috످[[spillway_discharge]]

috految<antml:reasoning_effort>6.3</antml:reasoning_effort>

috److It looks like `[[spillway_discharge]]` might be a wiki link or an unfilled template placeholder. Did you mean to paste a note or ask about spillway discharge (the rate at which water flows through or over a dam's spillway)?

If you need a calculation, send the spillway type (e.g., ogee, broad-crested, or gated), crest length, water height above the crest, and any gate dimensions.

috످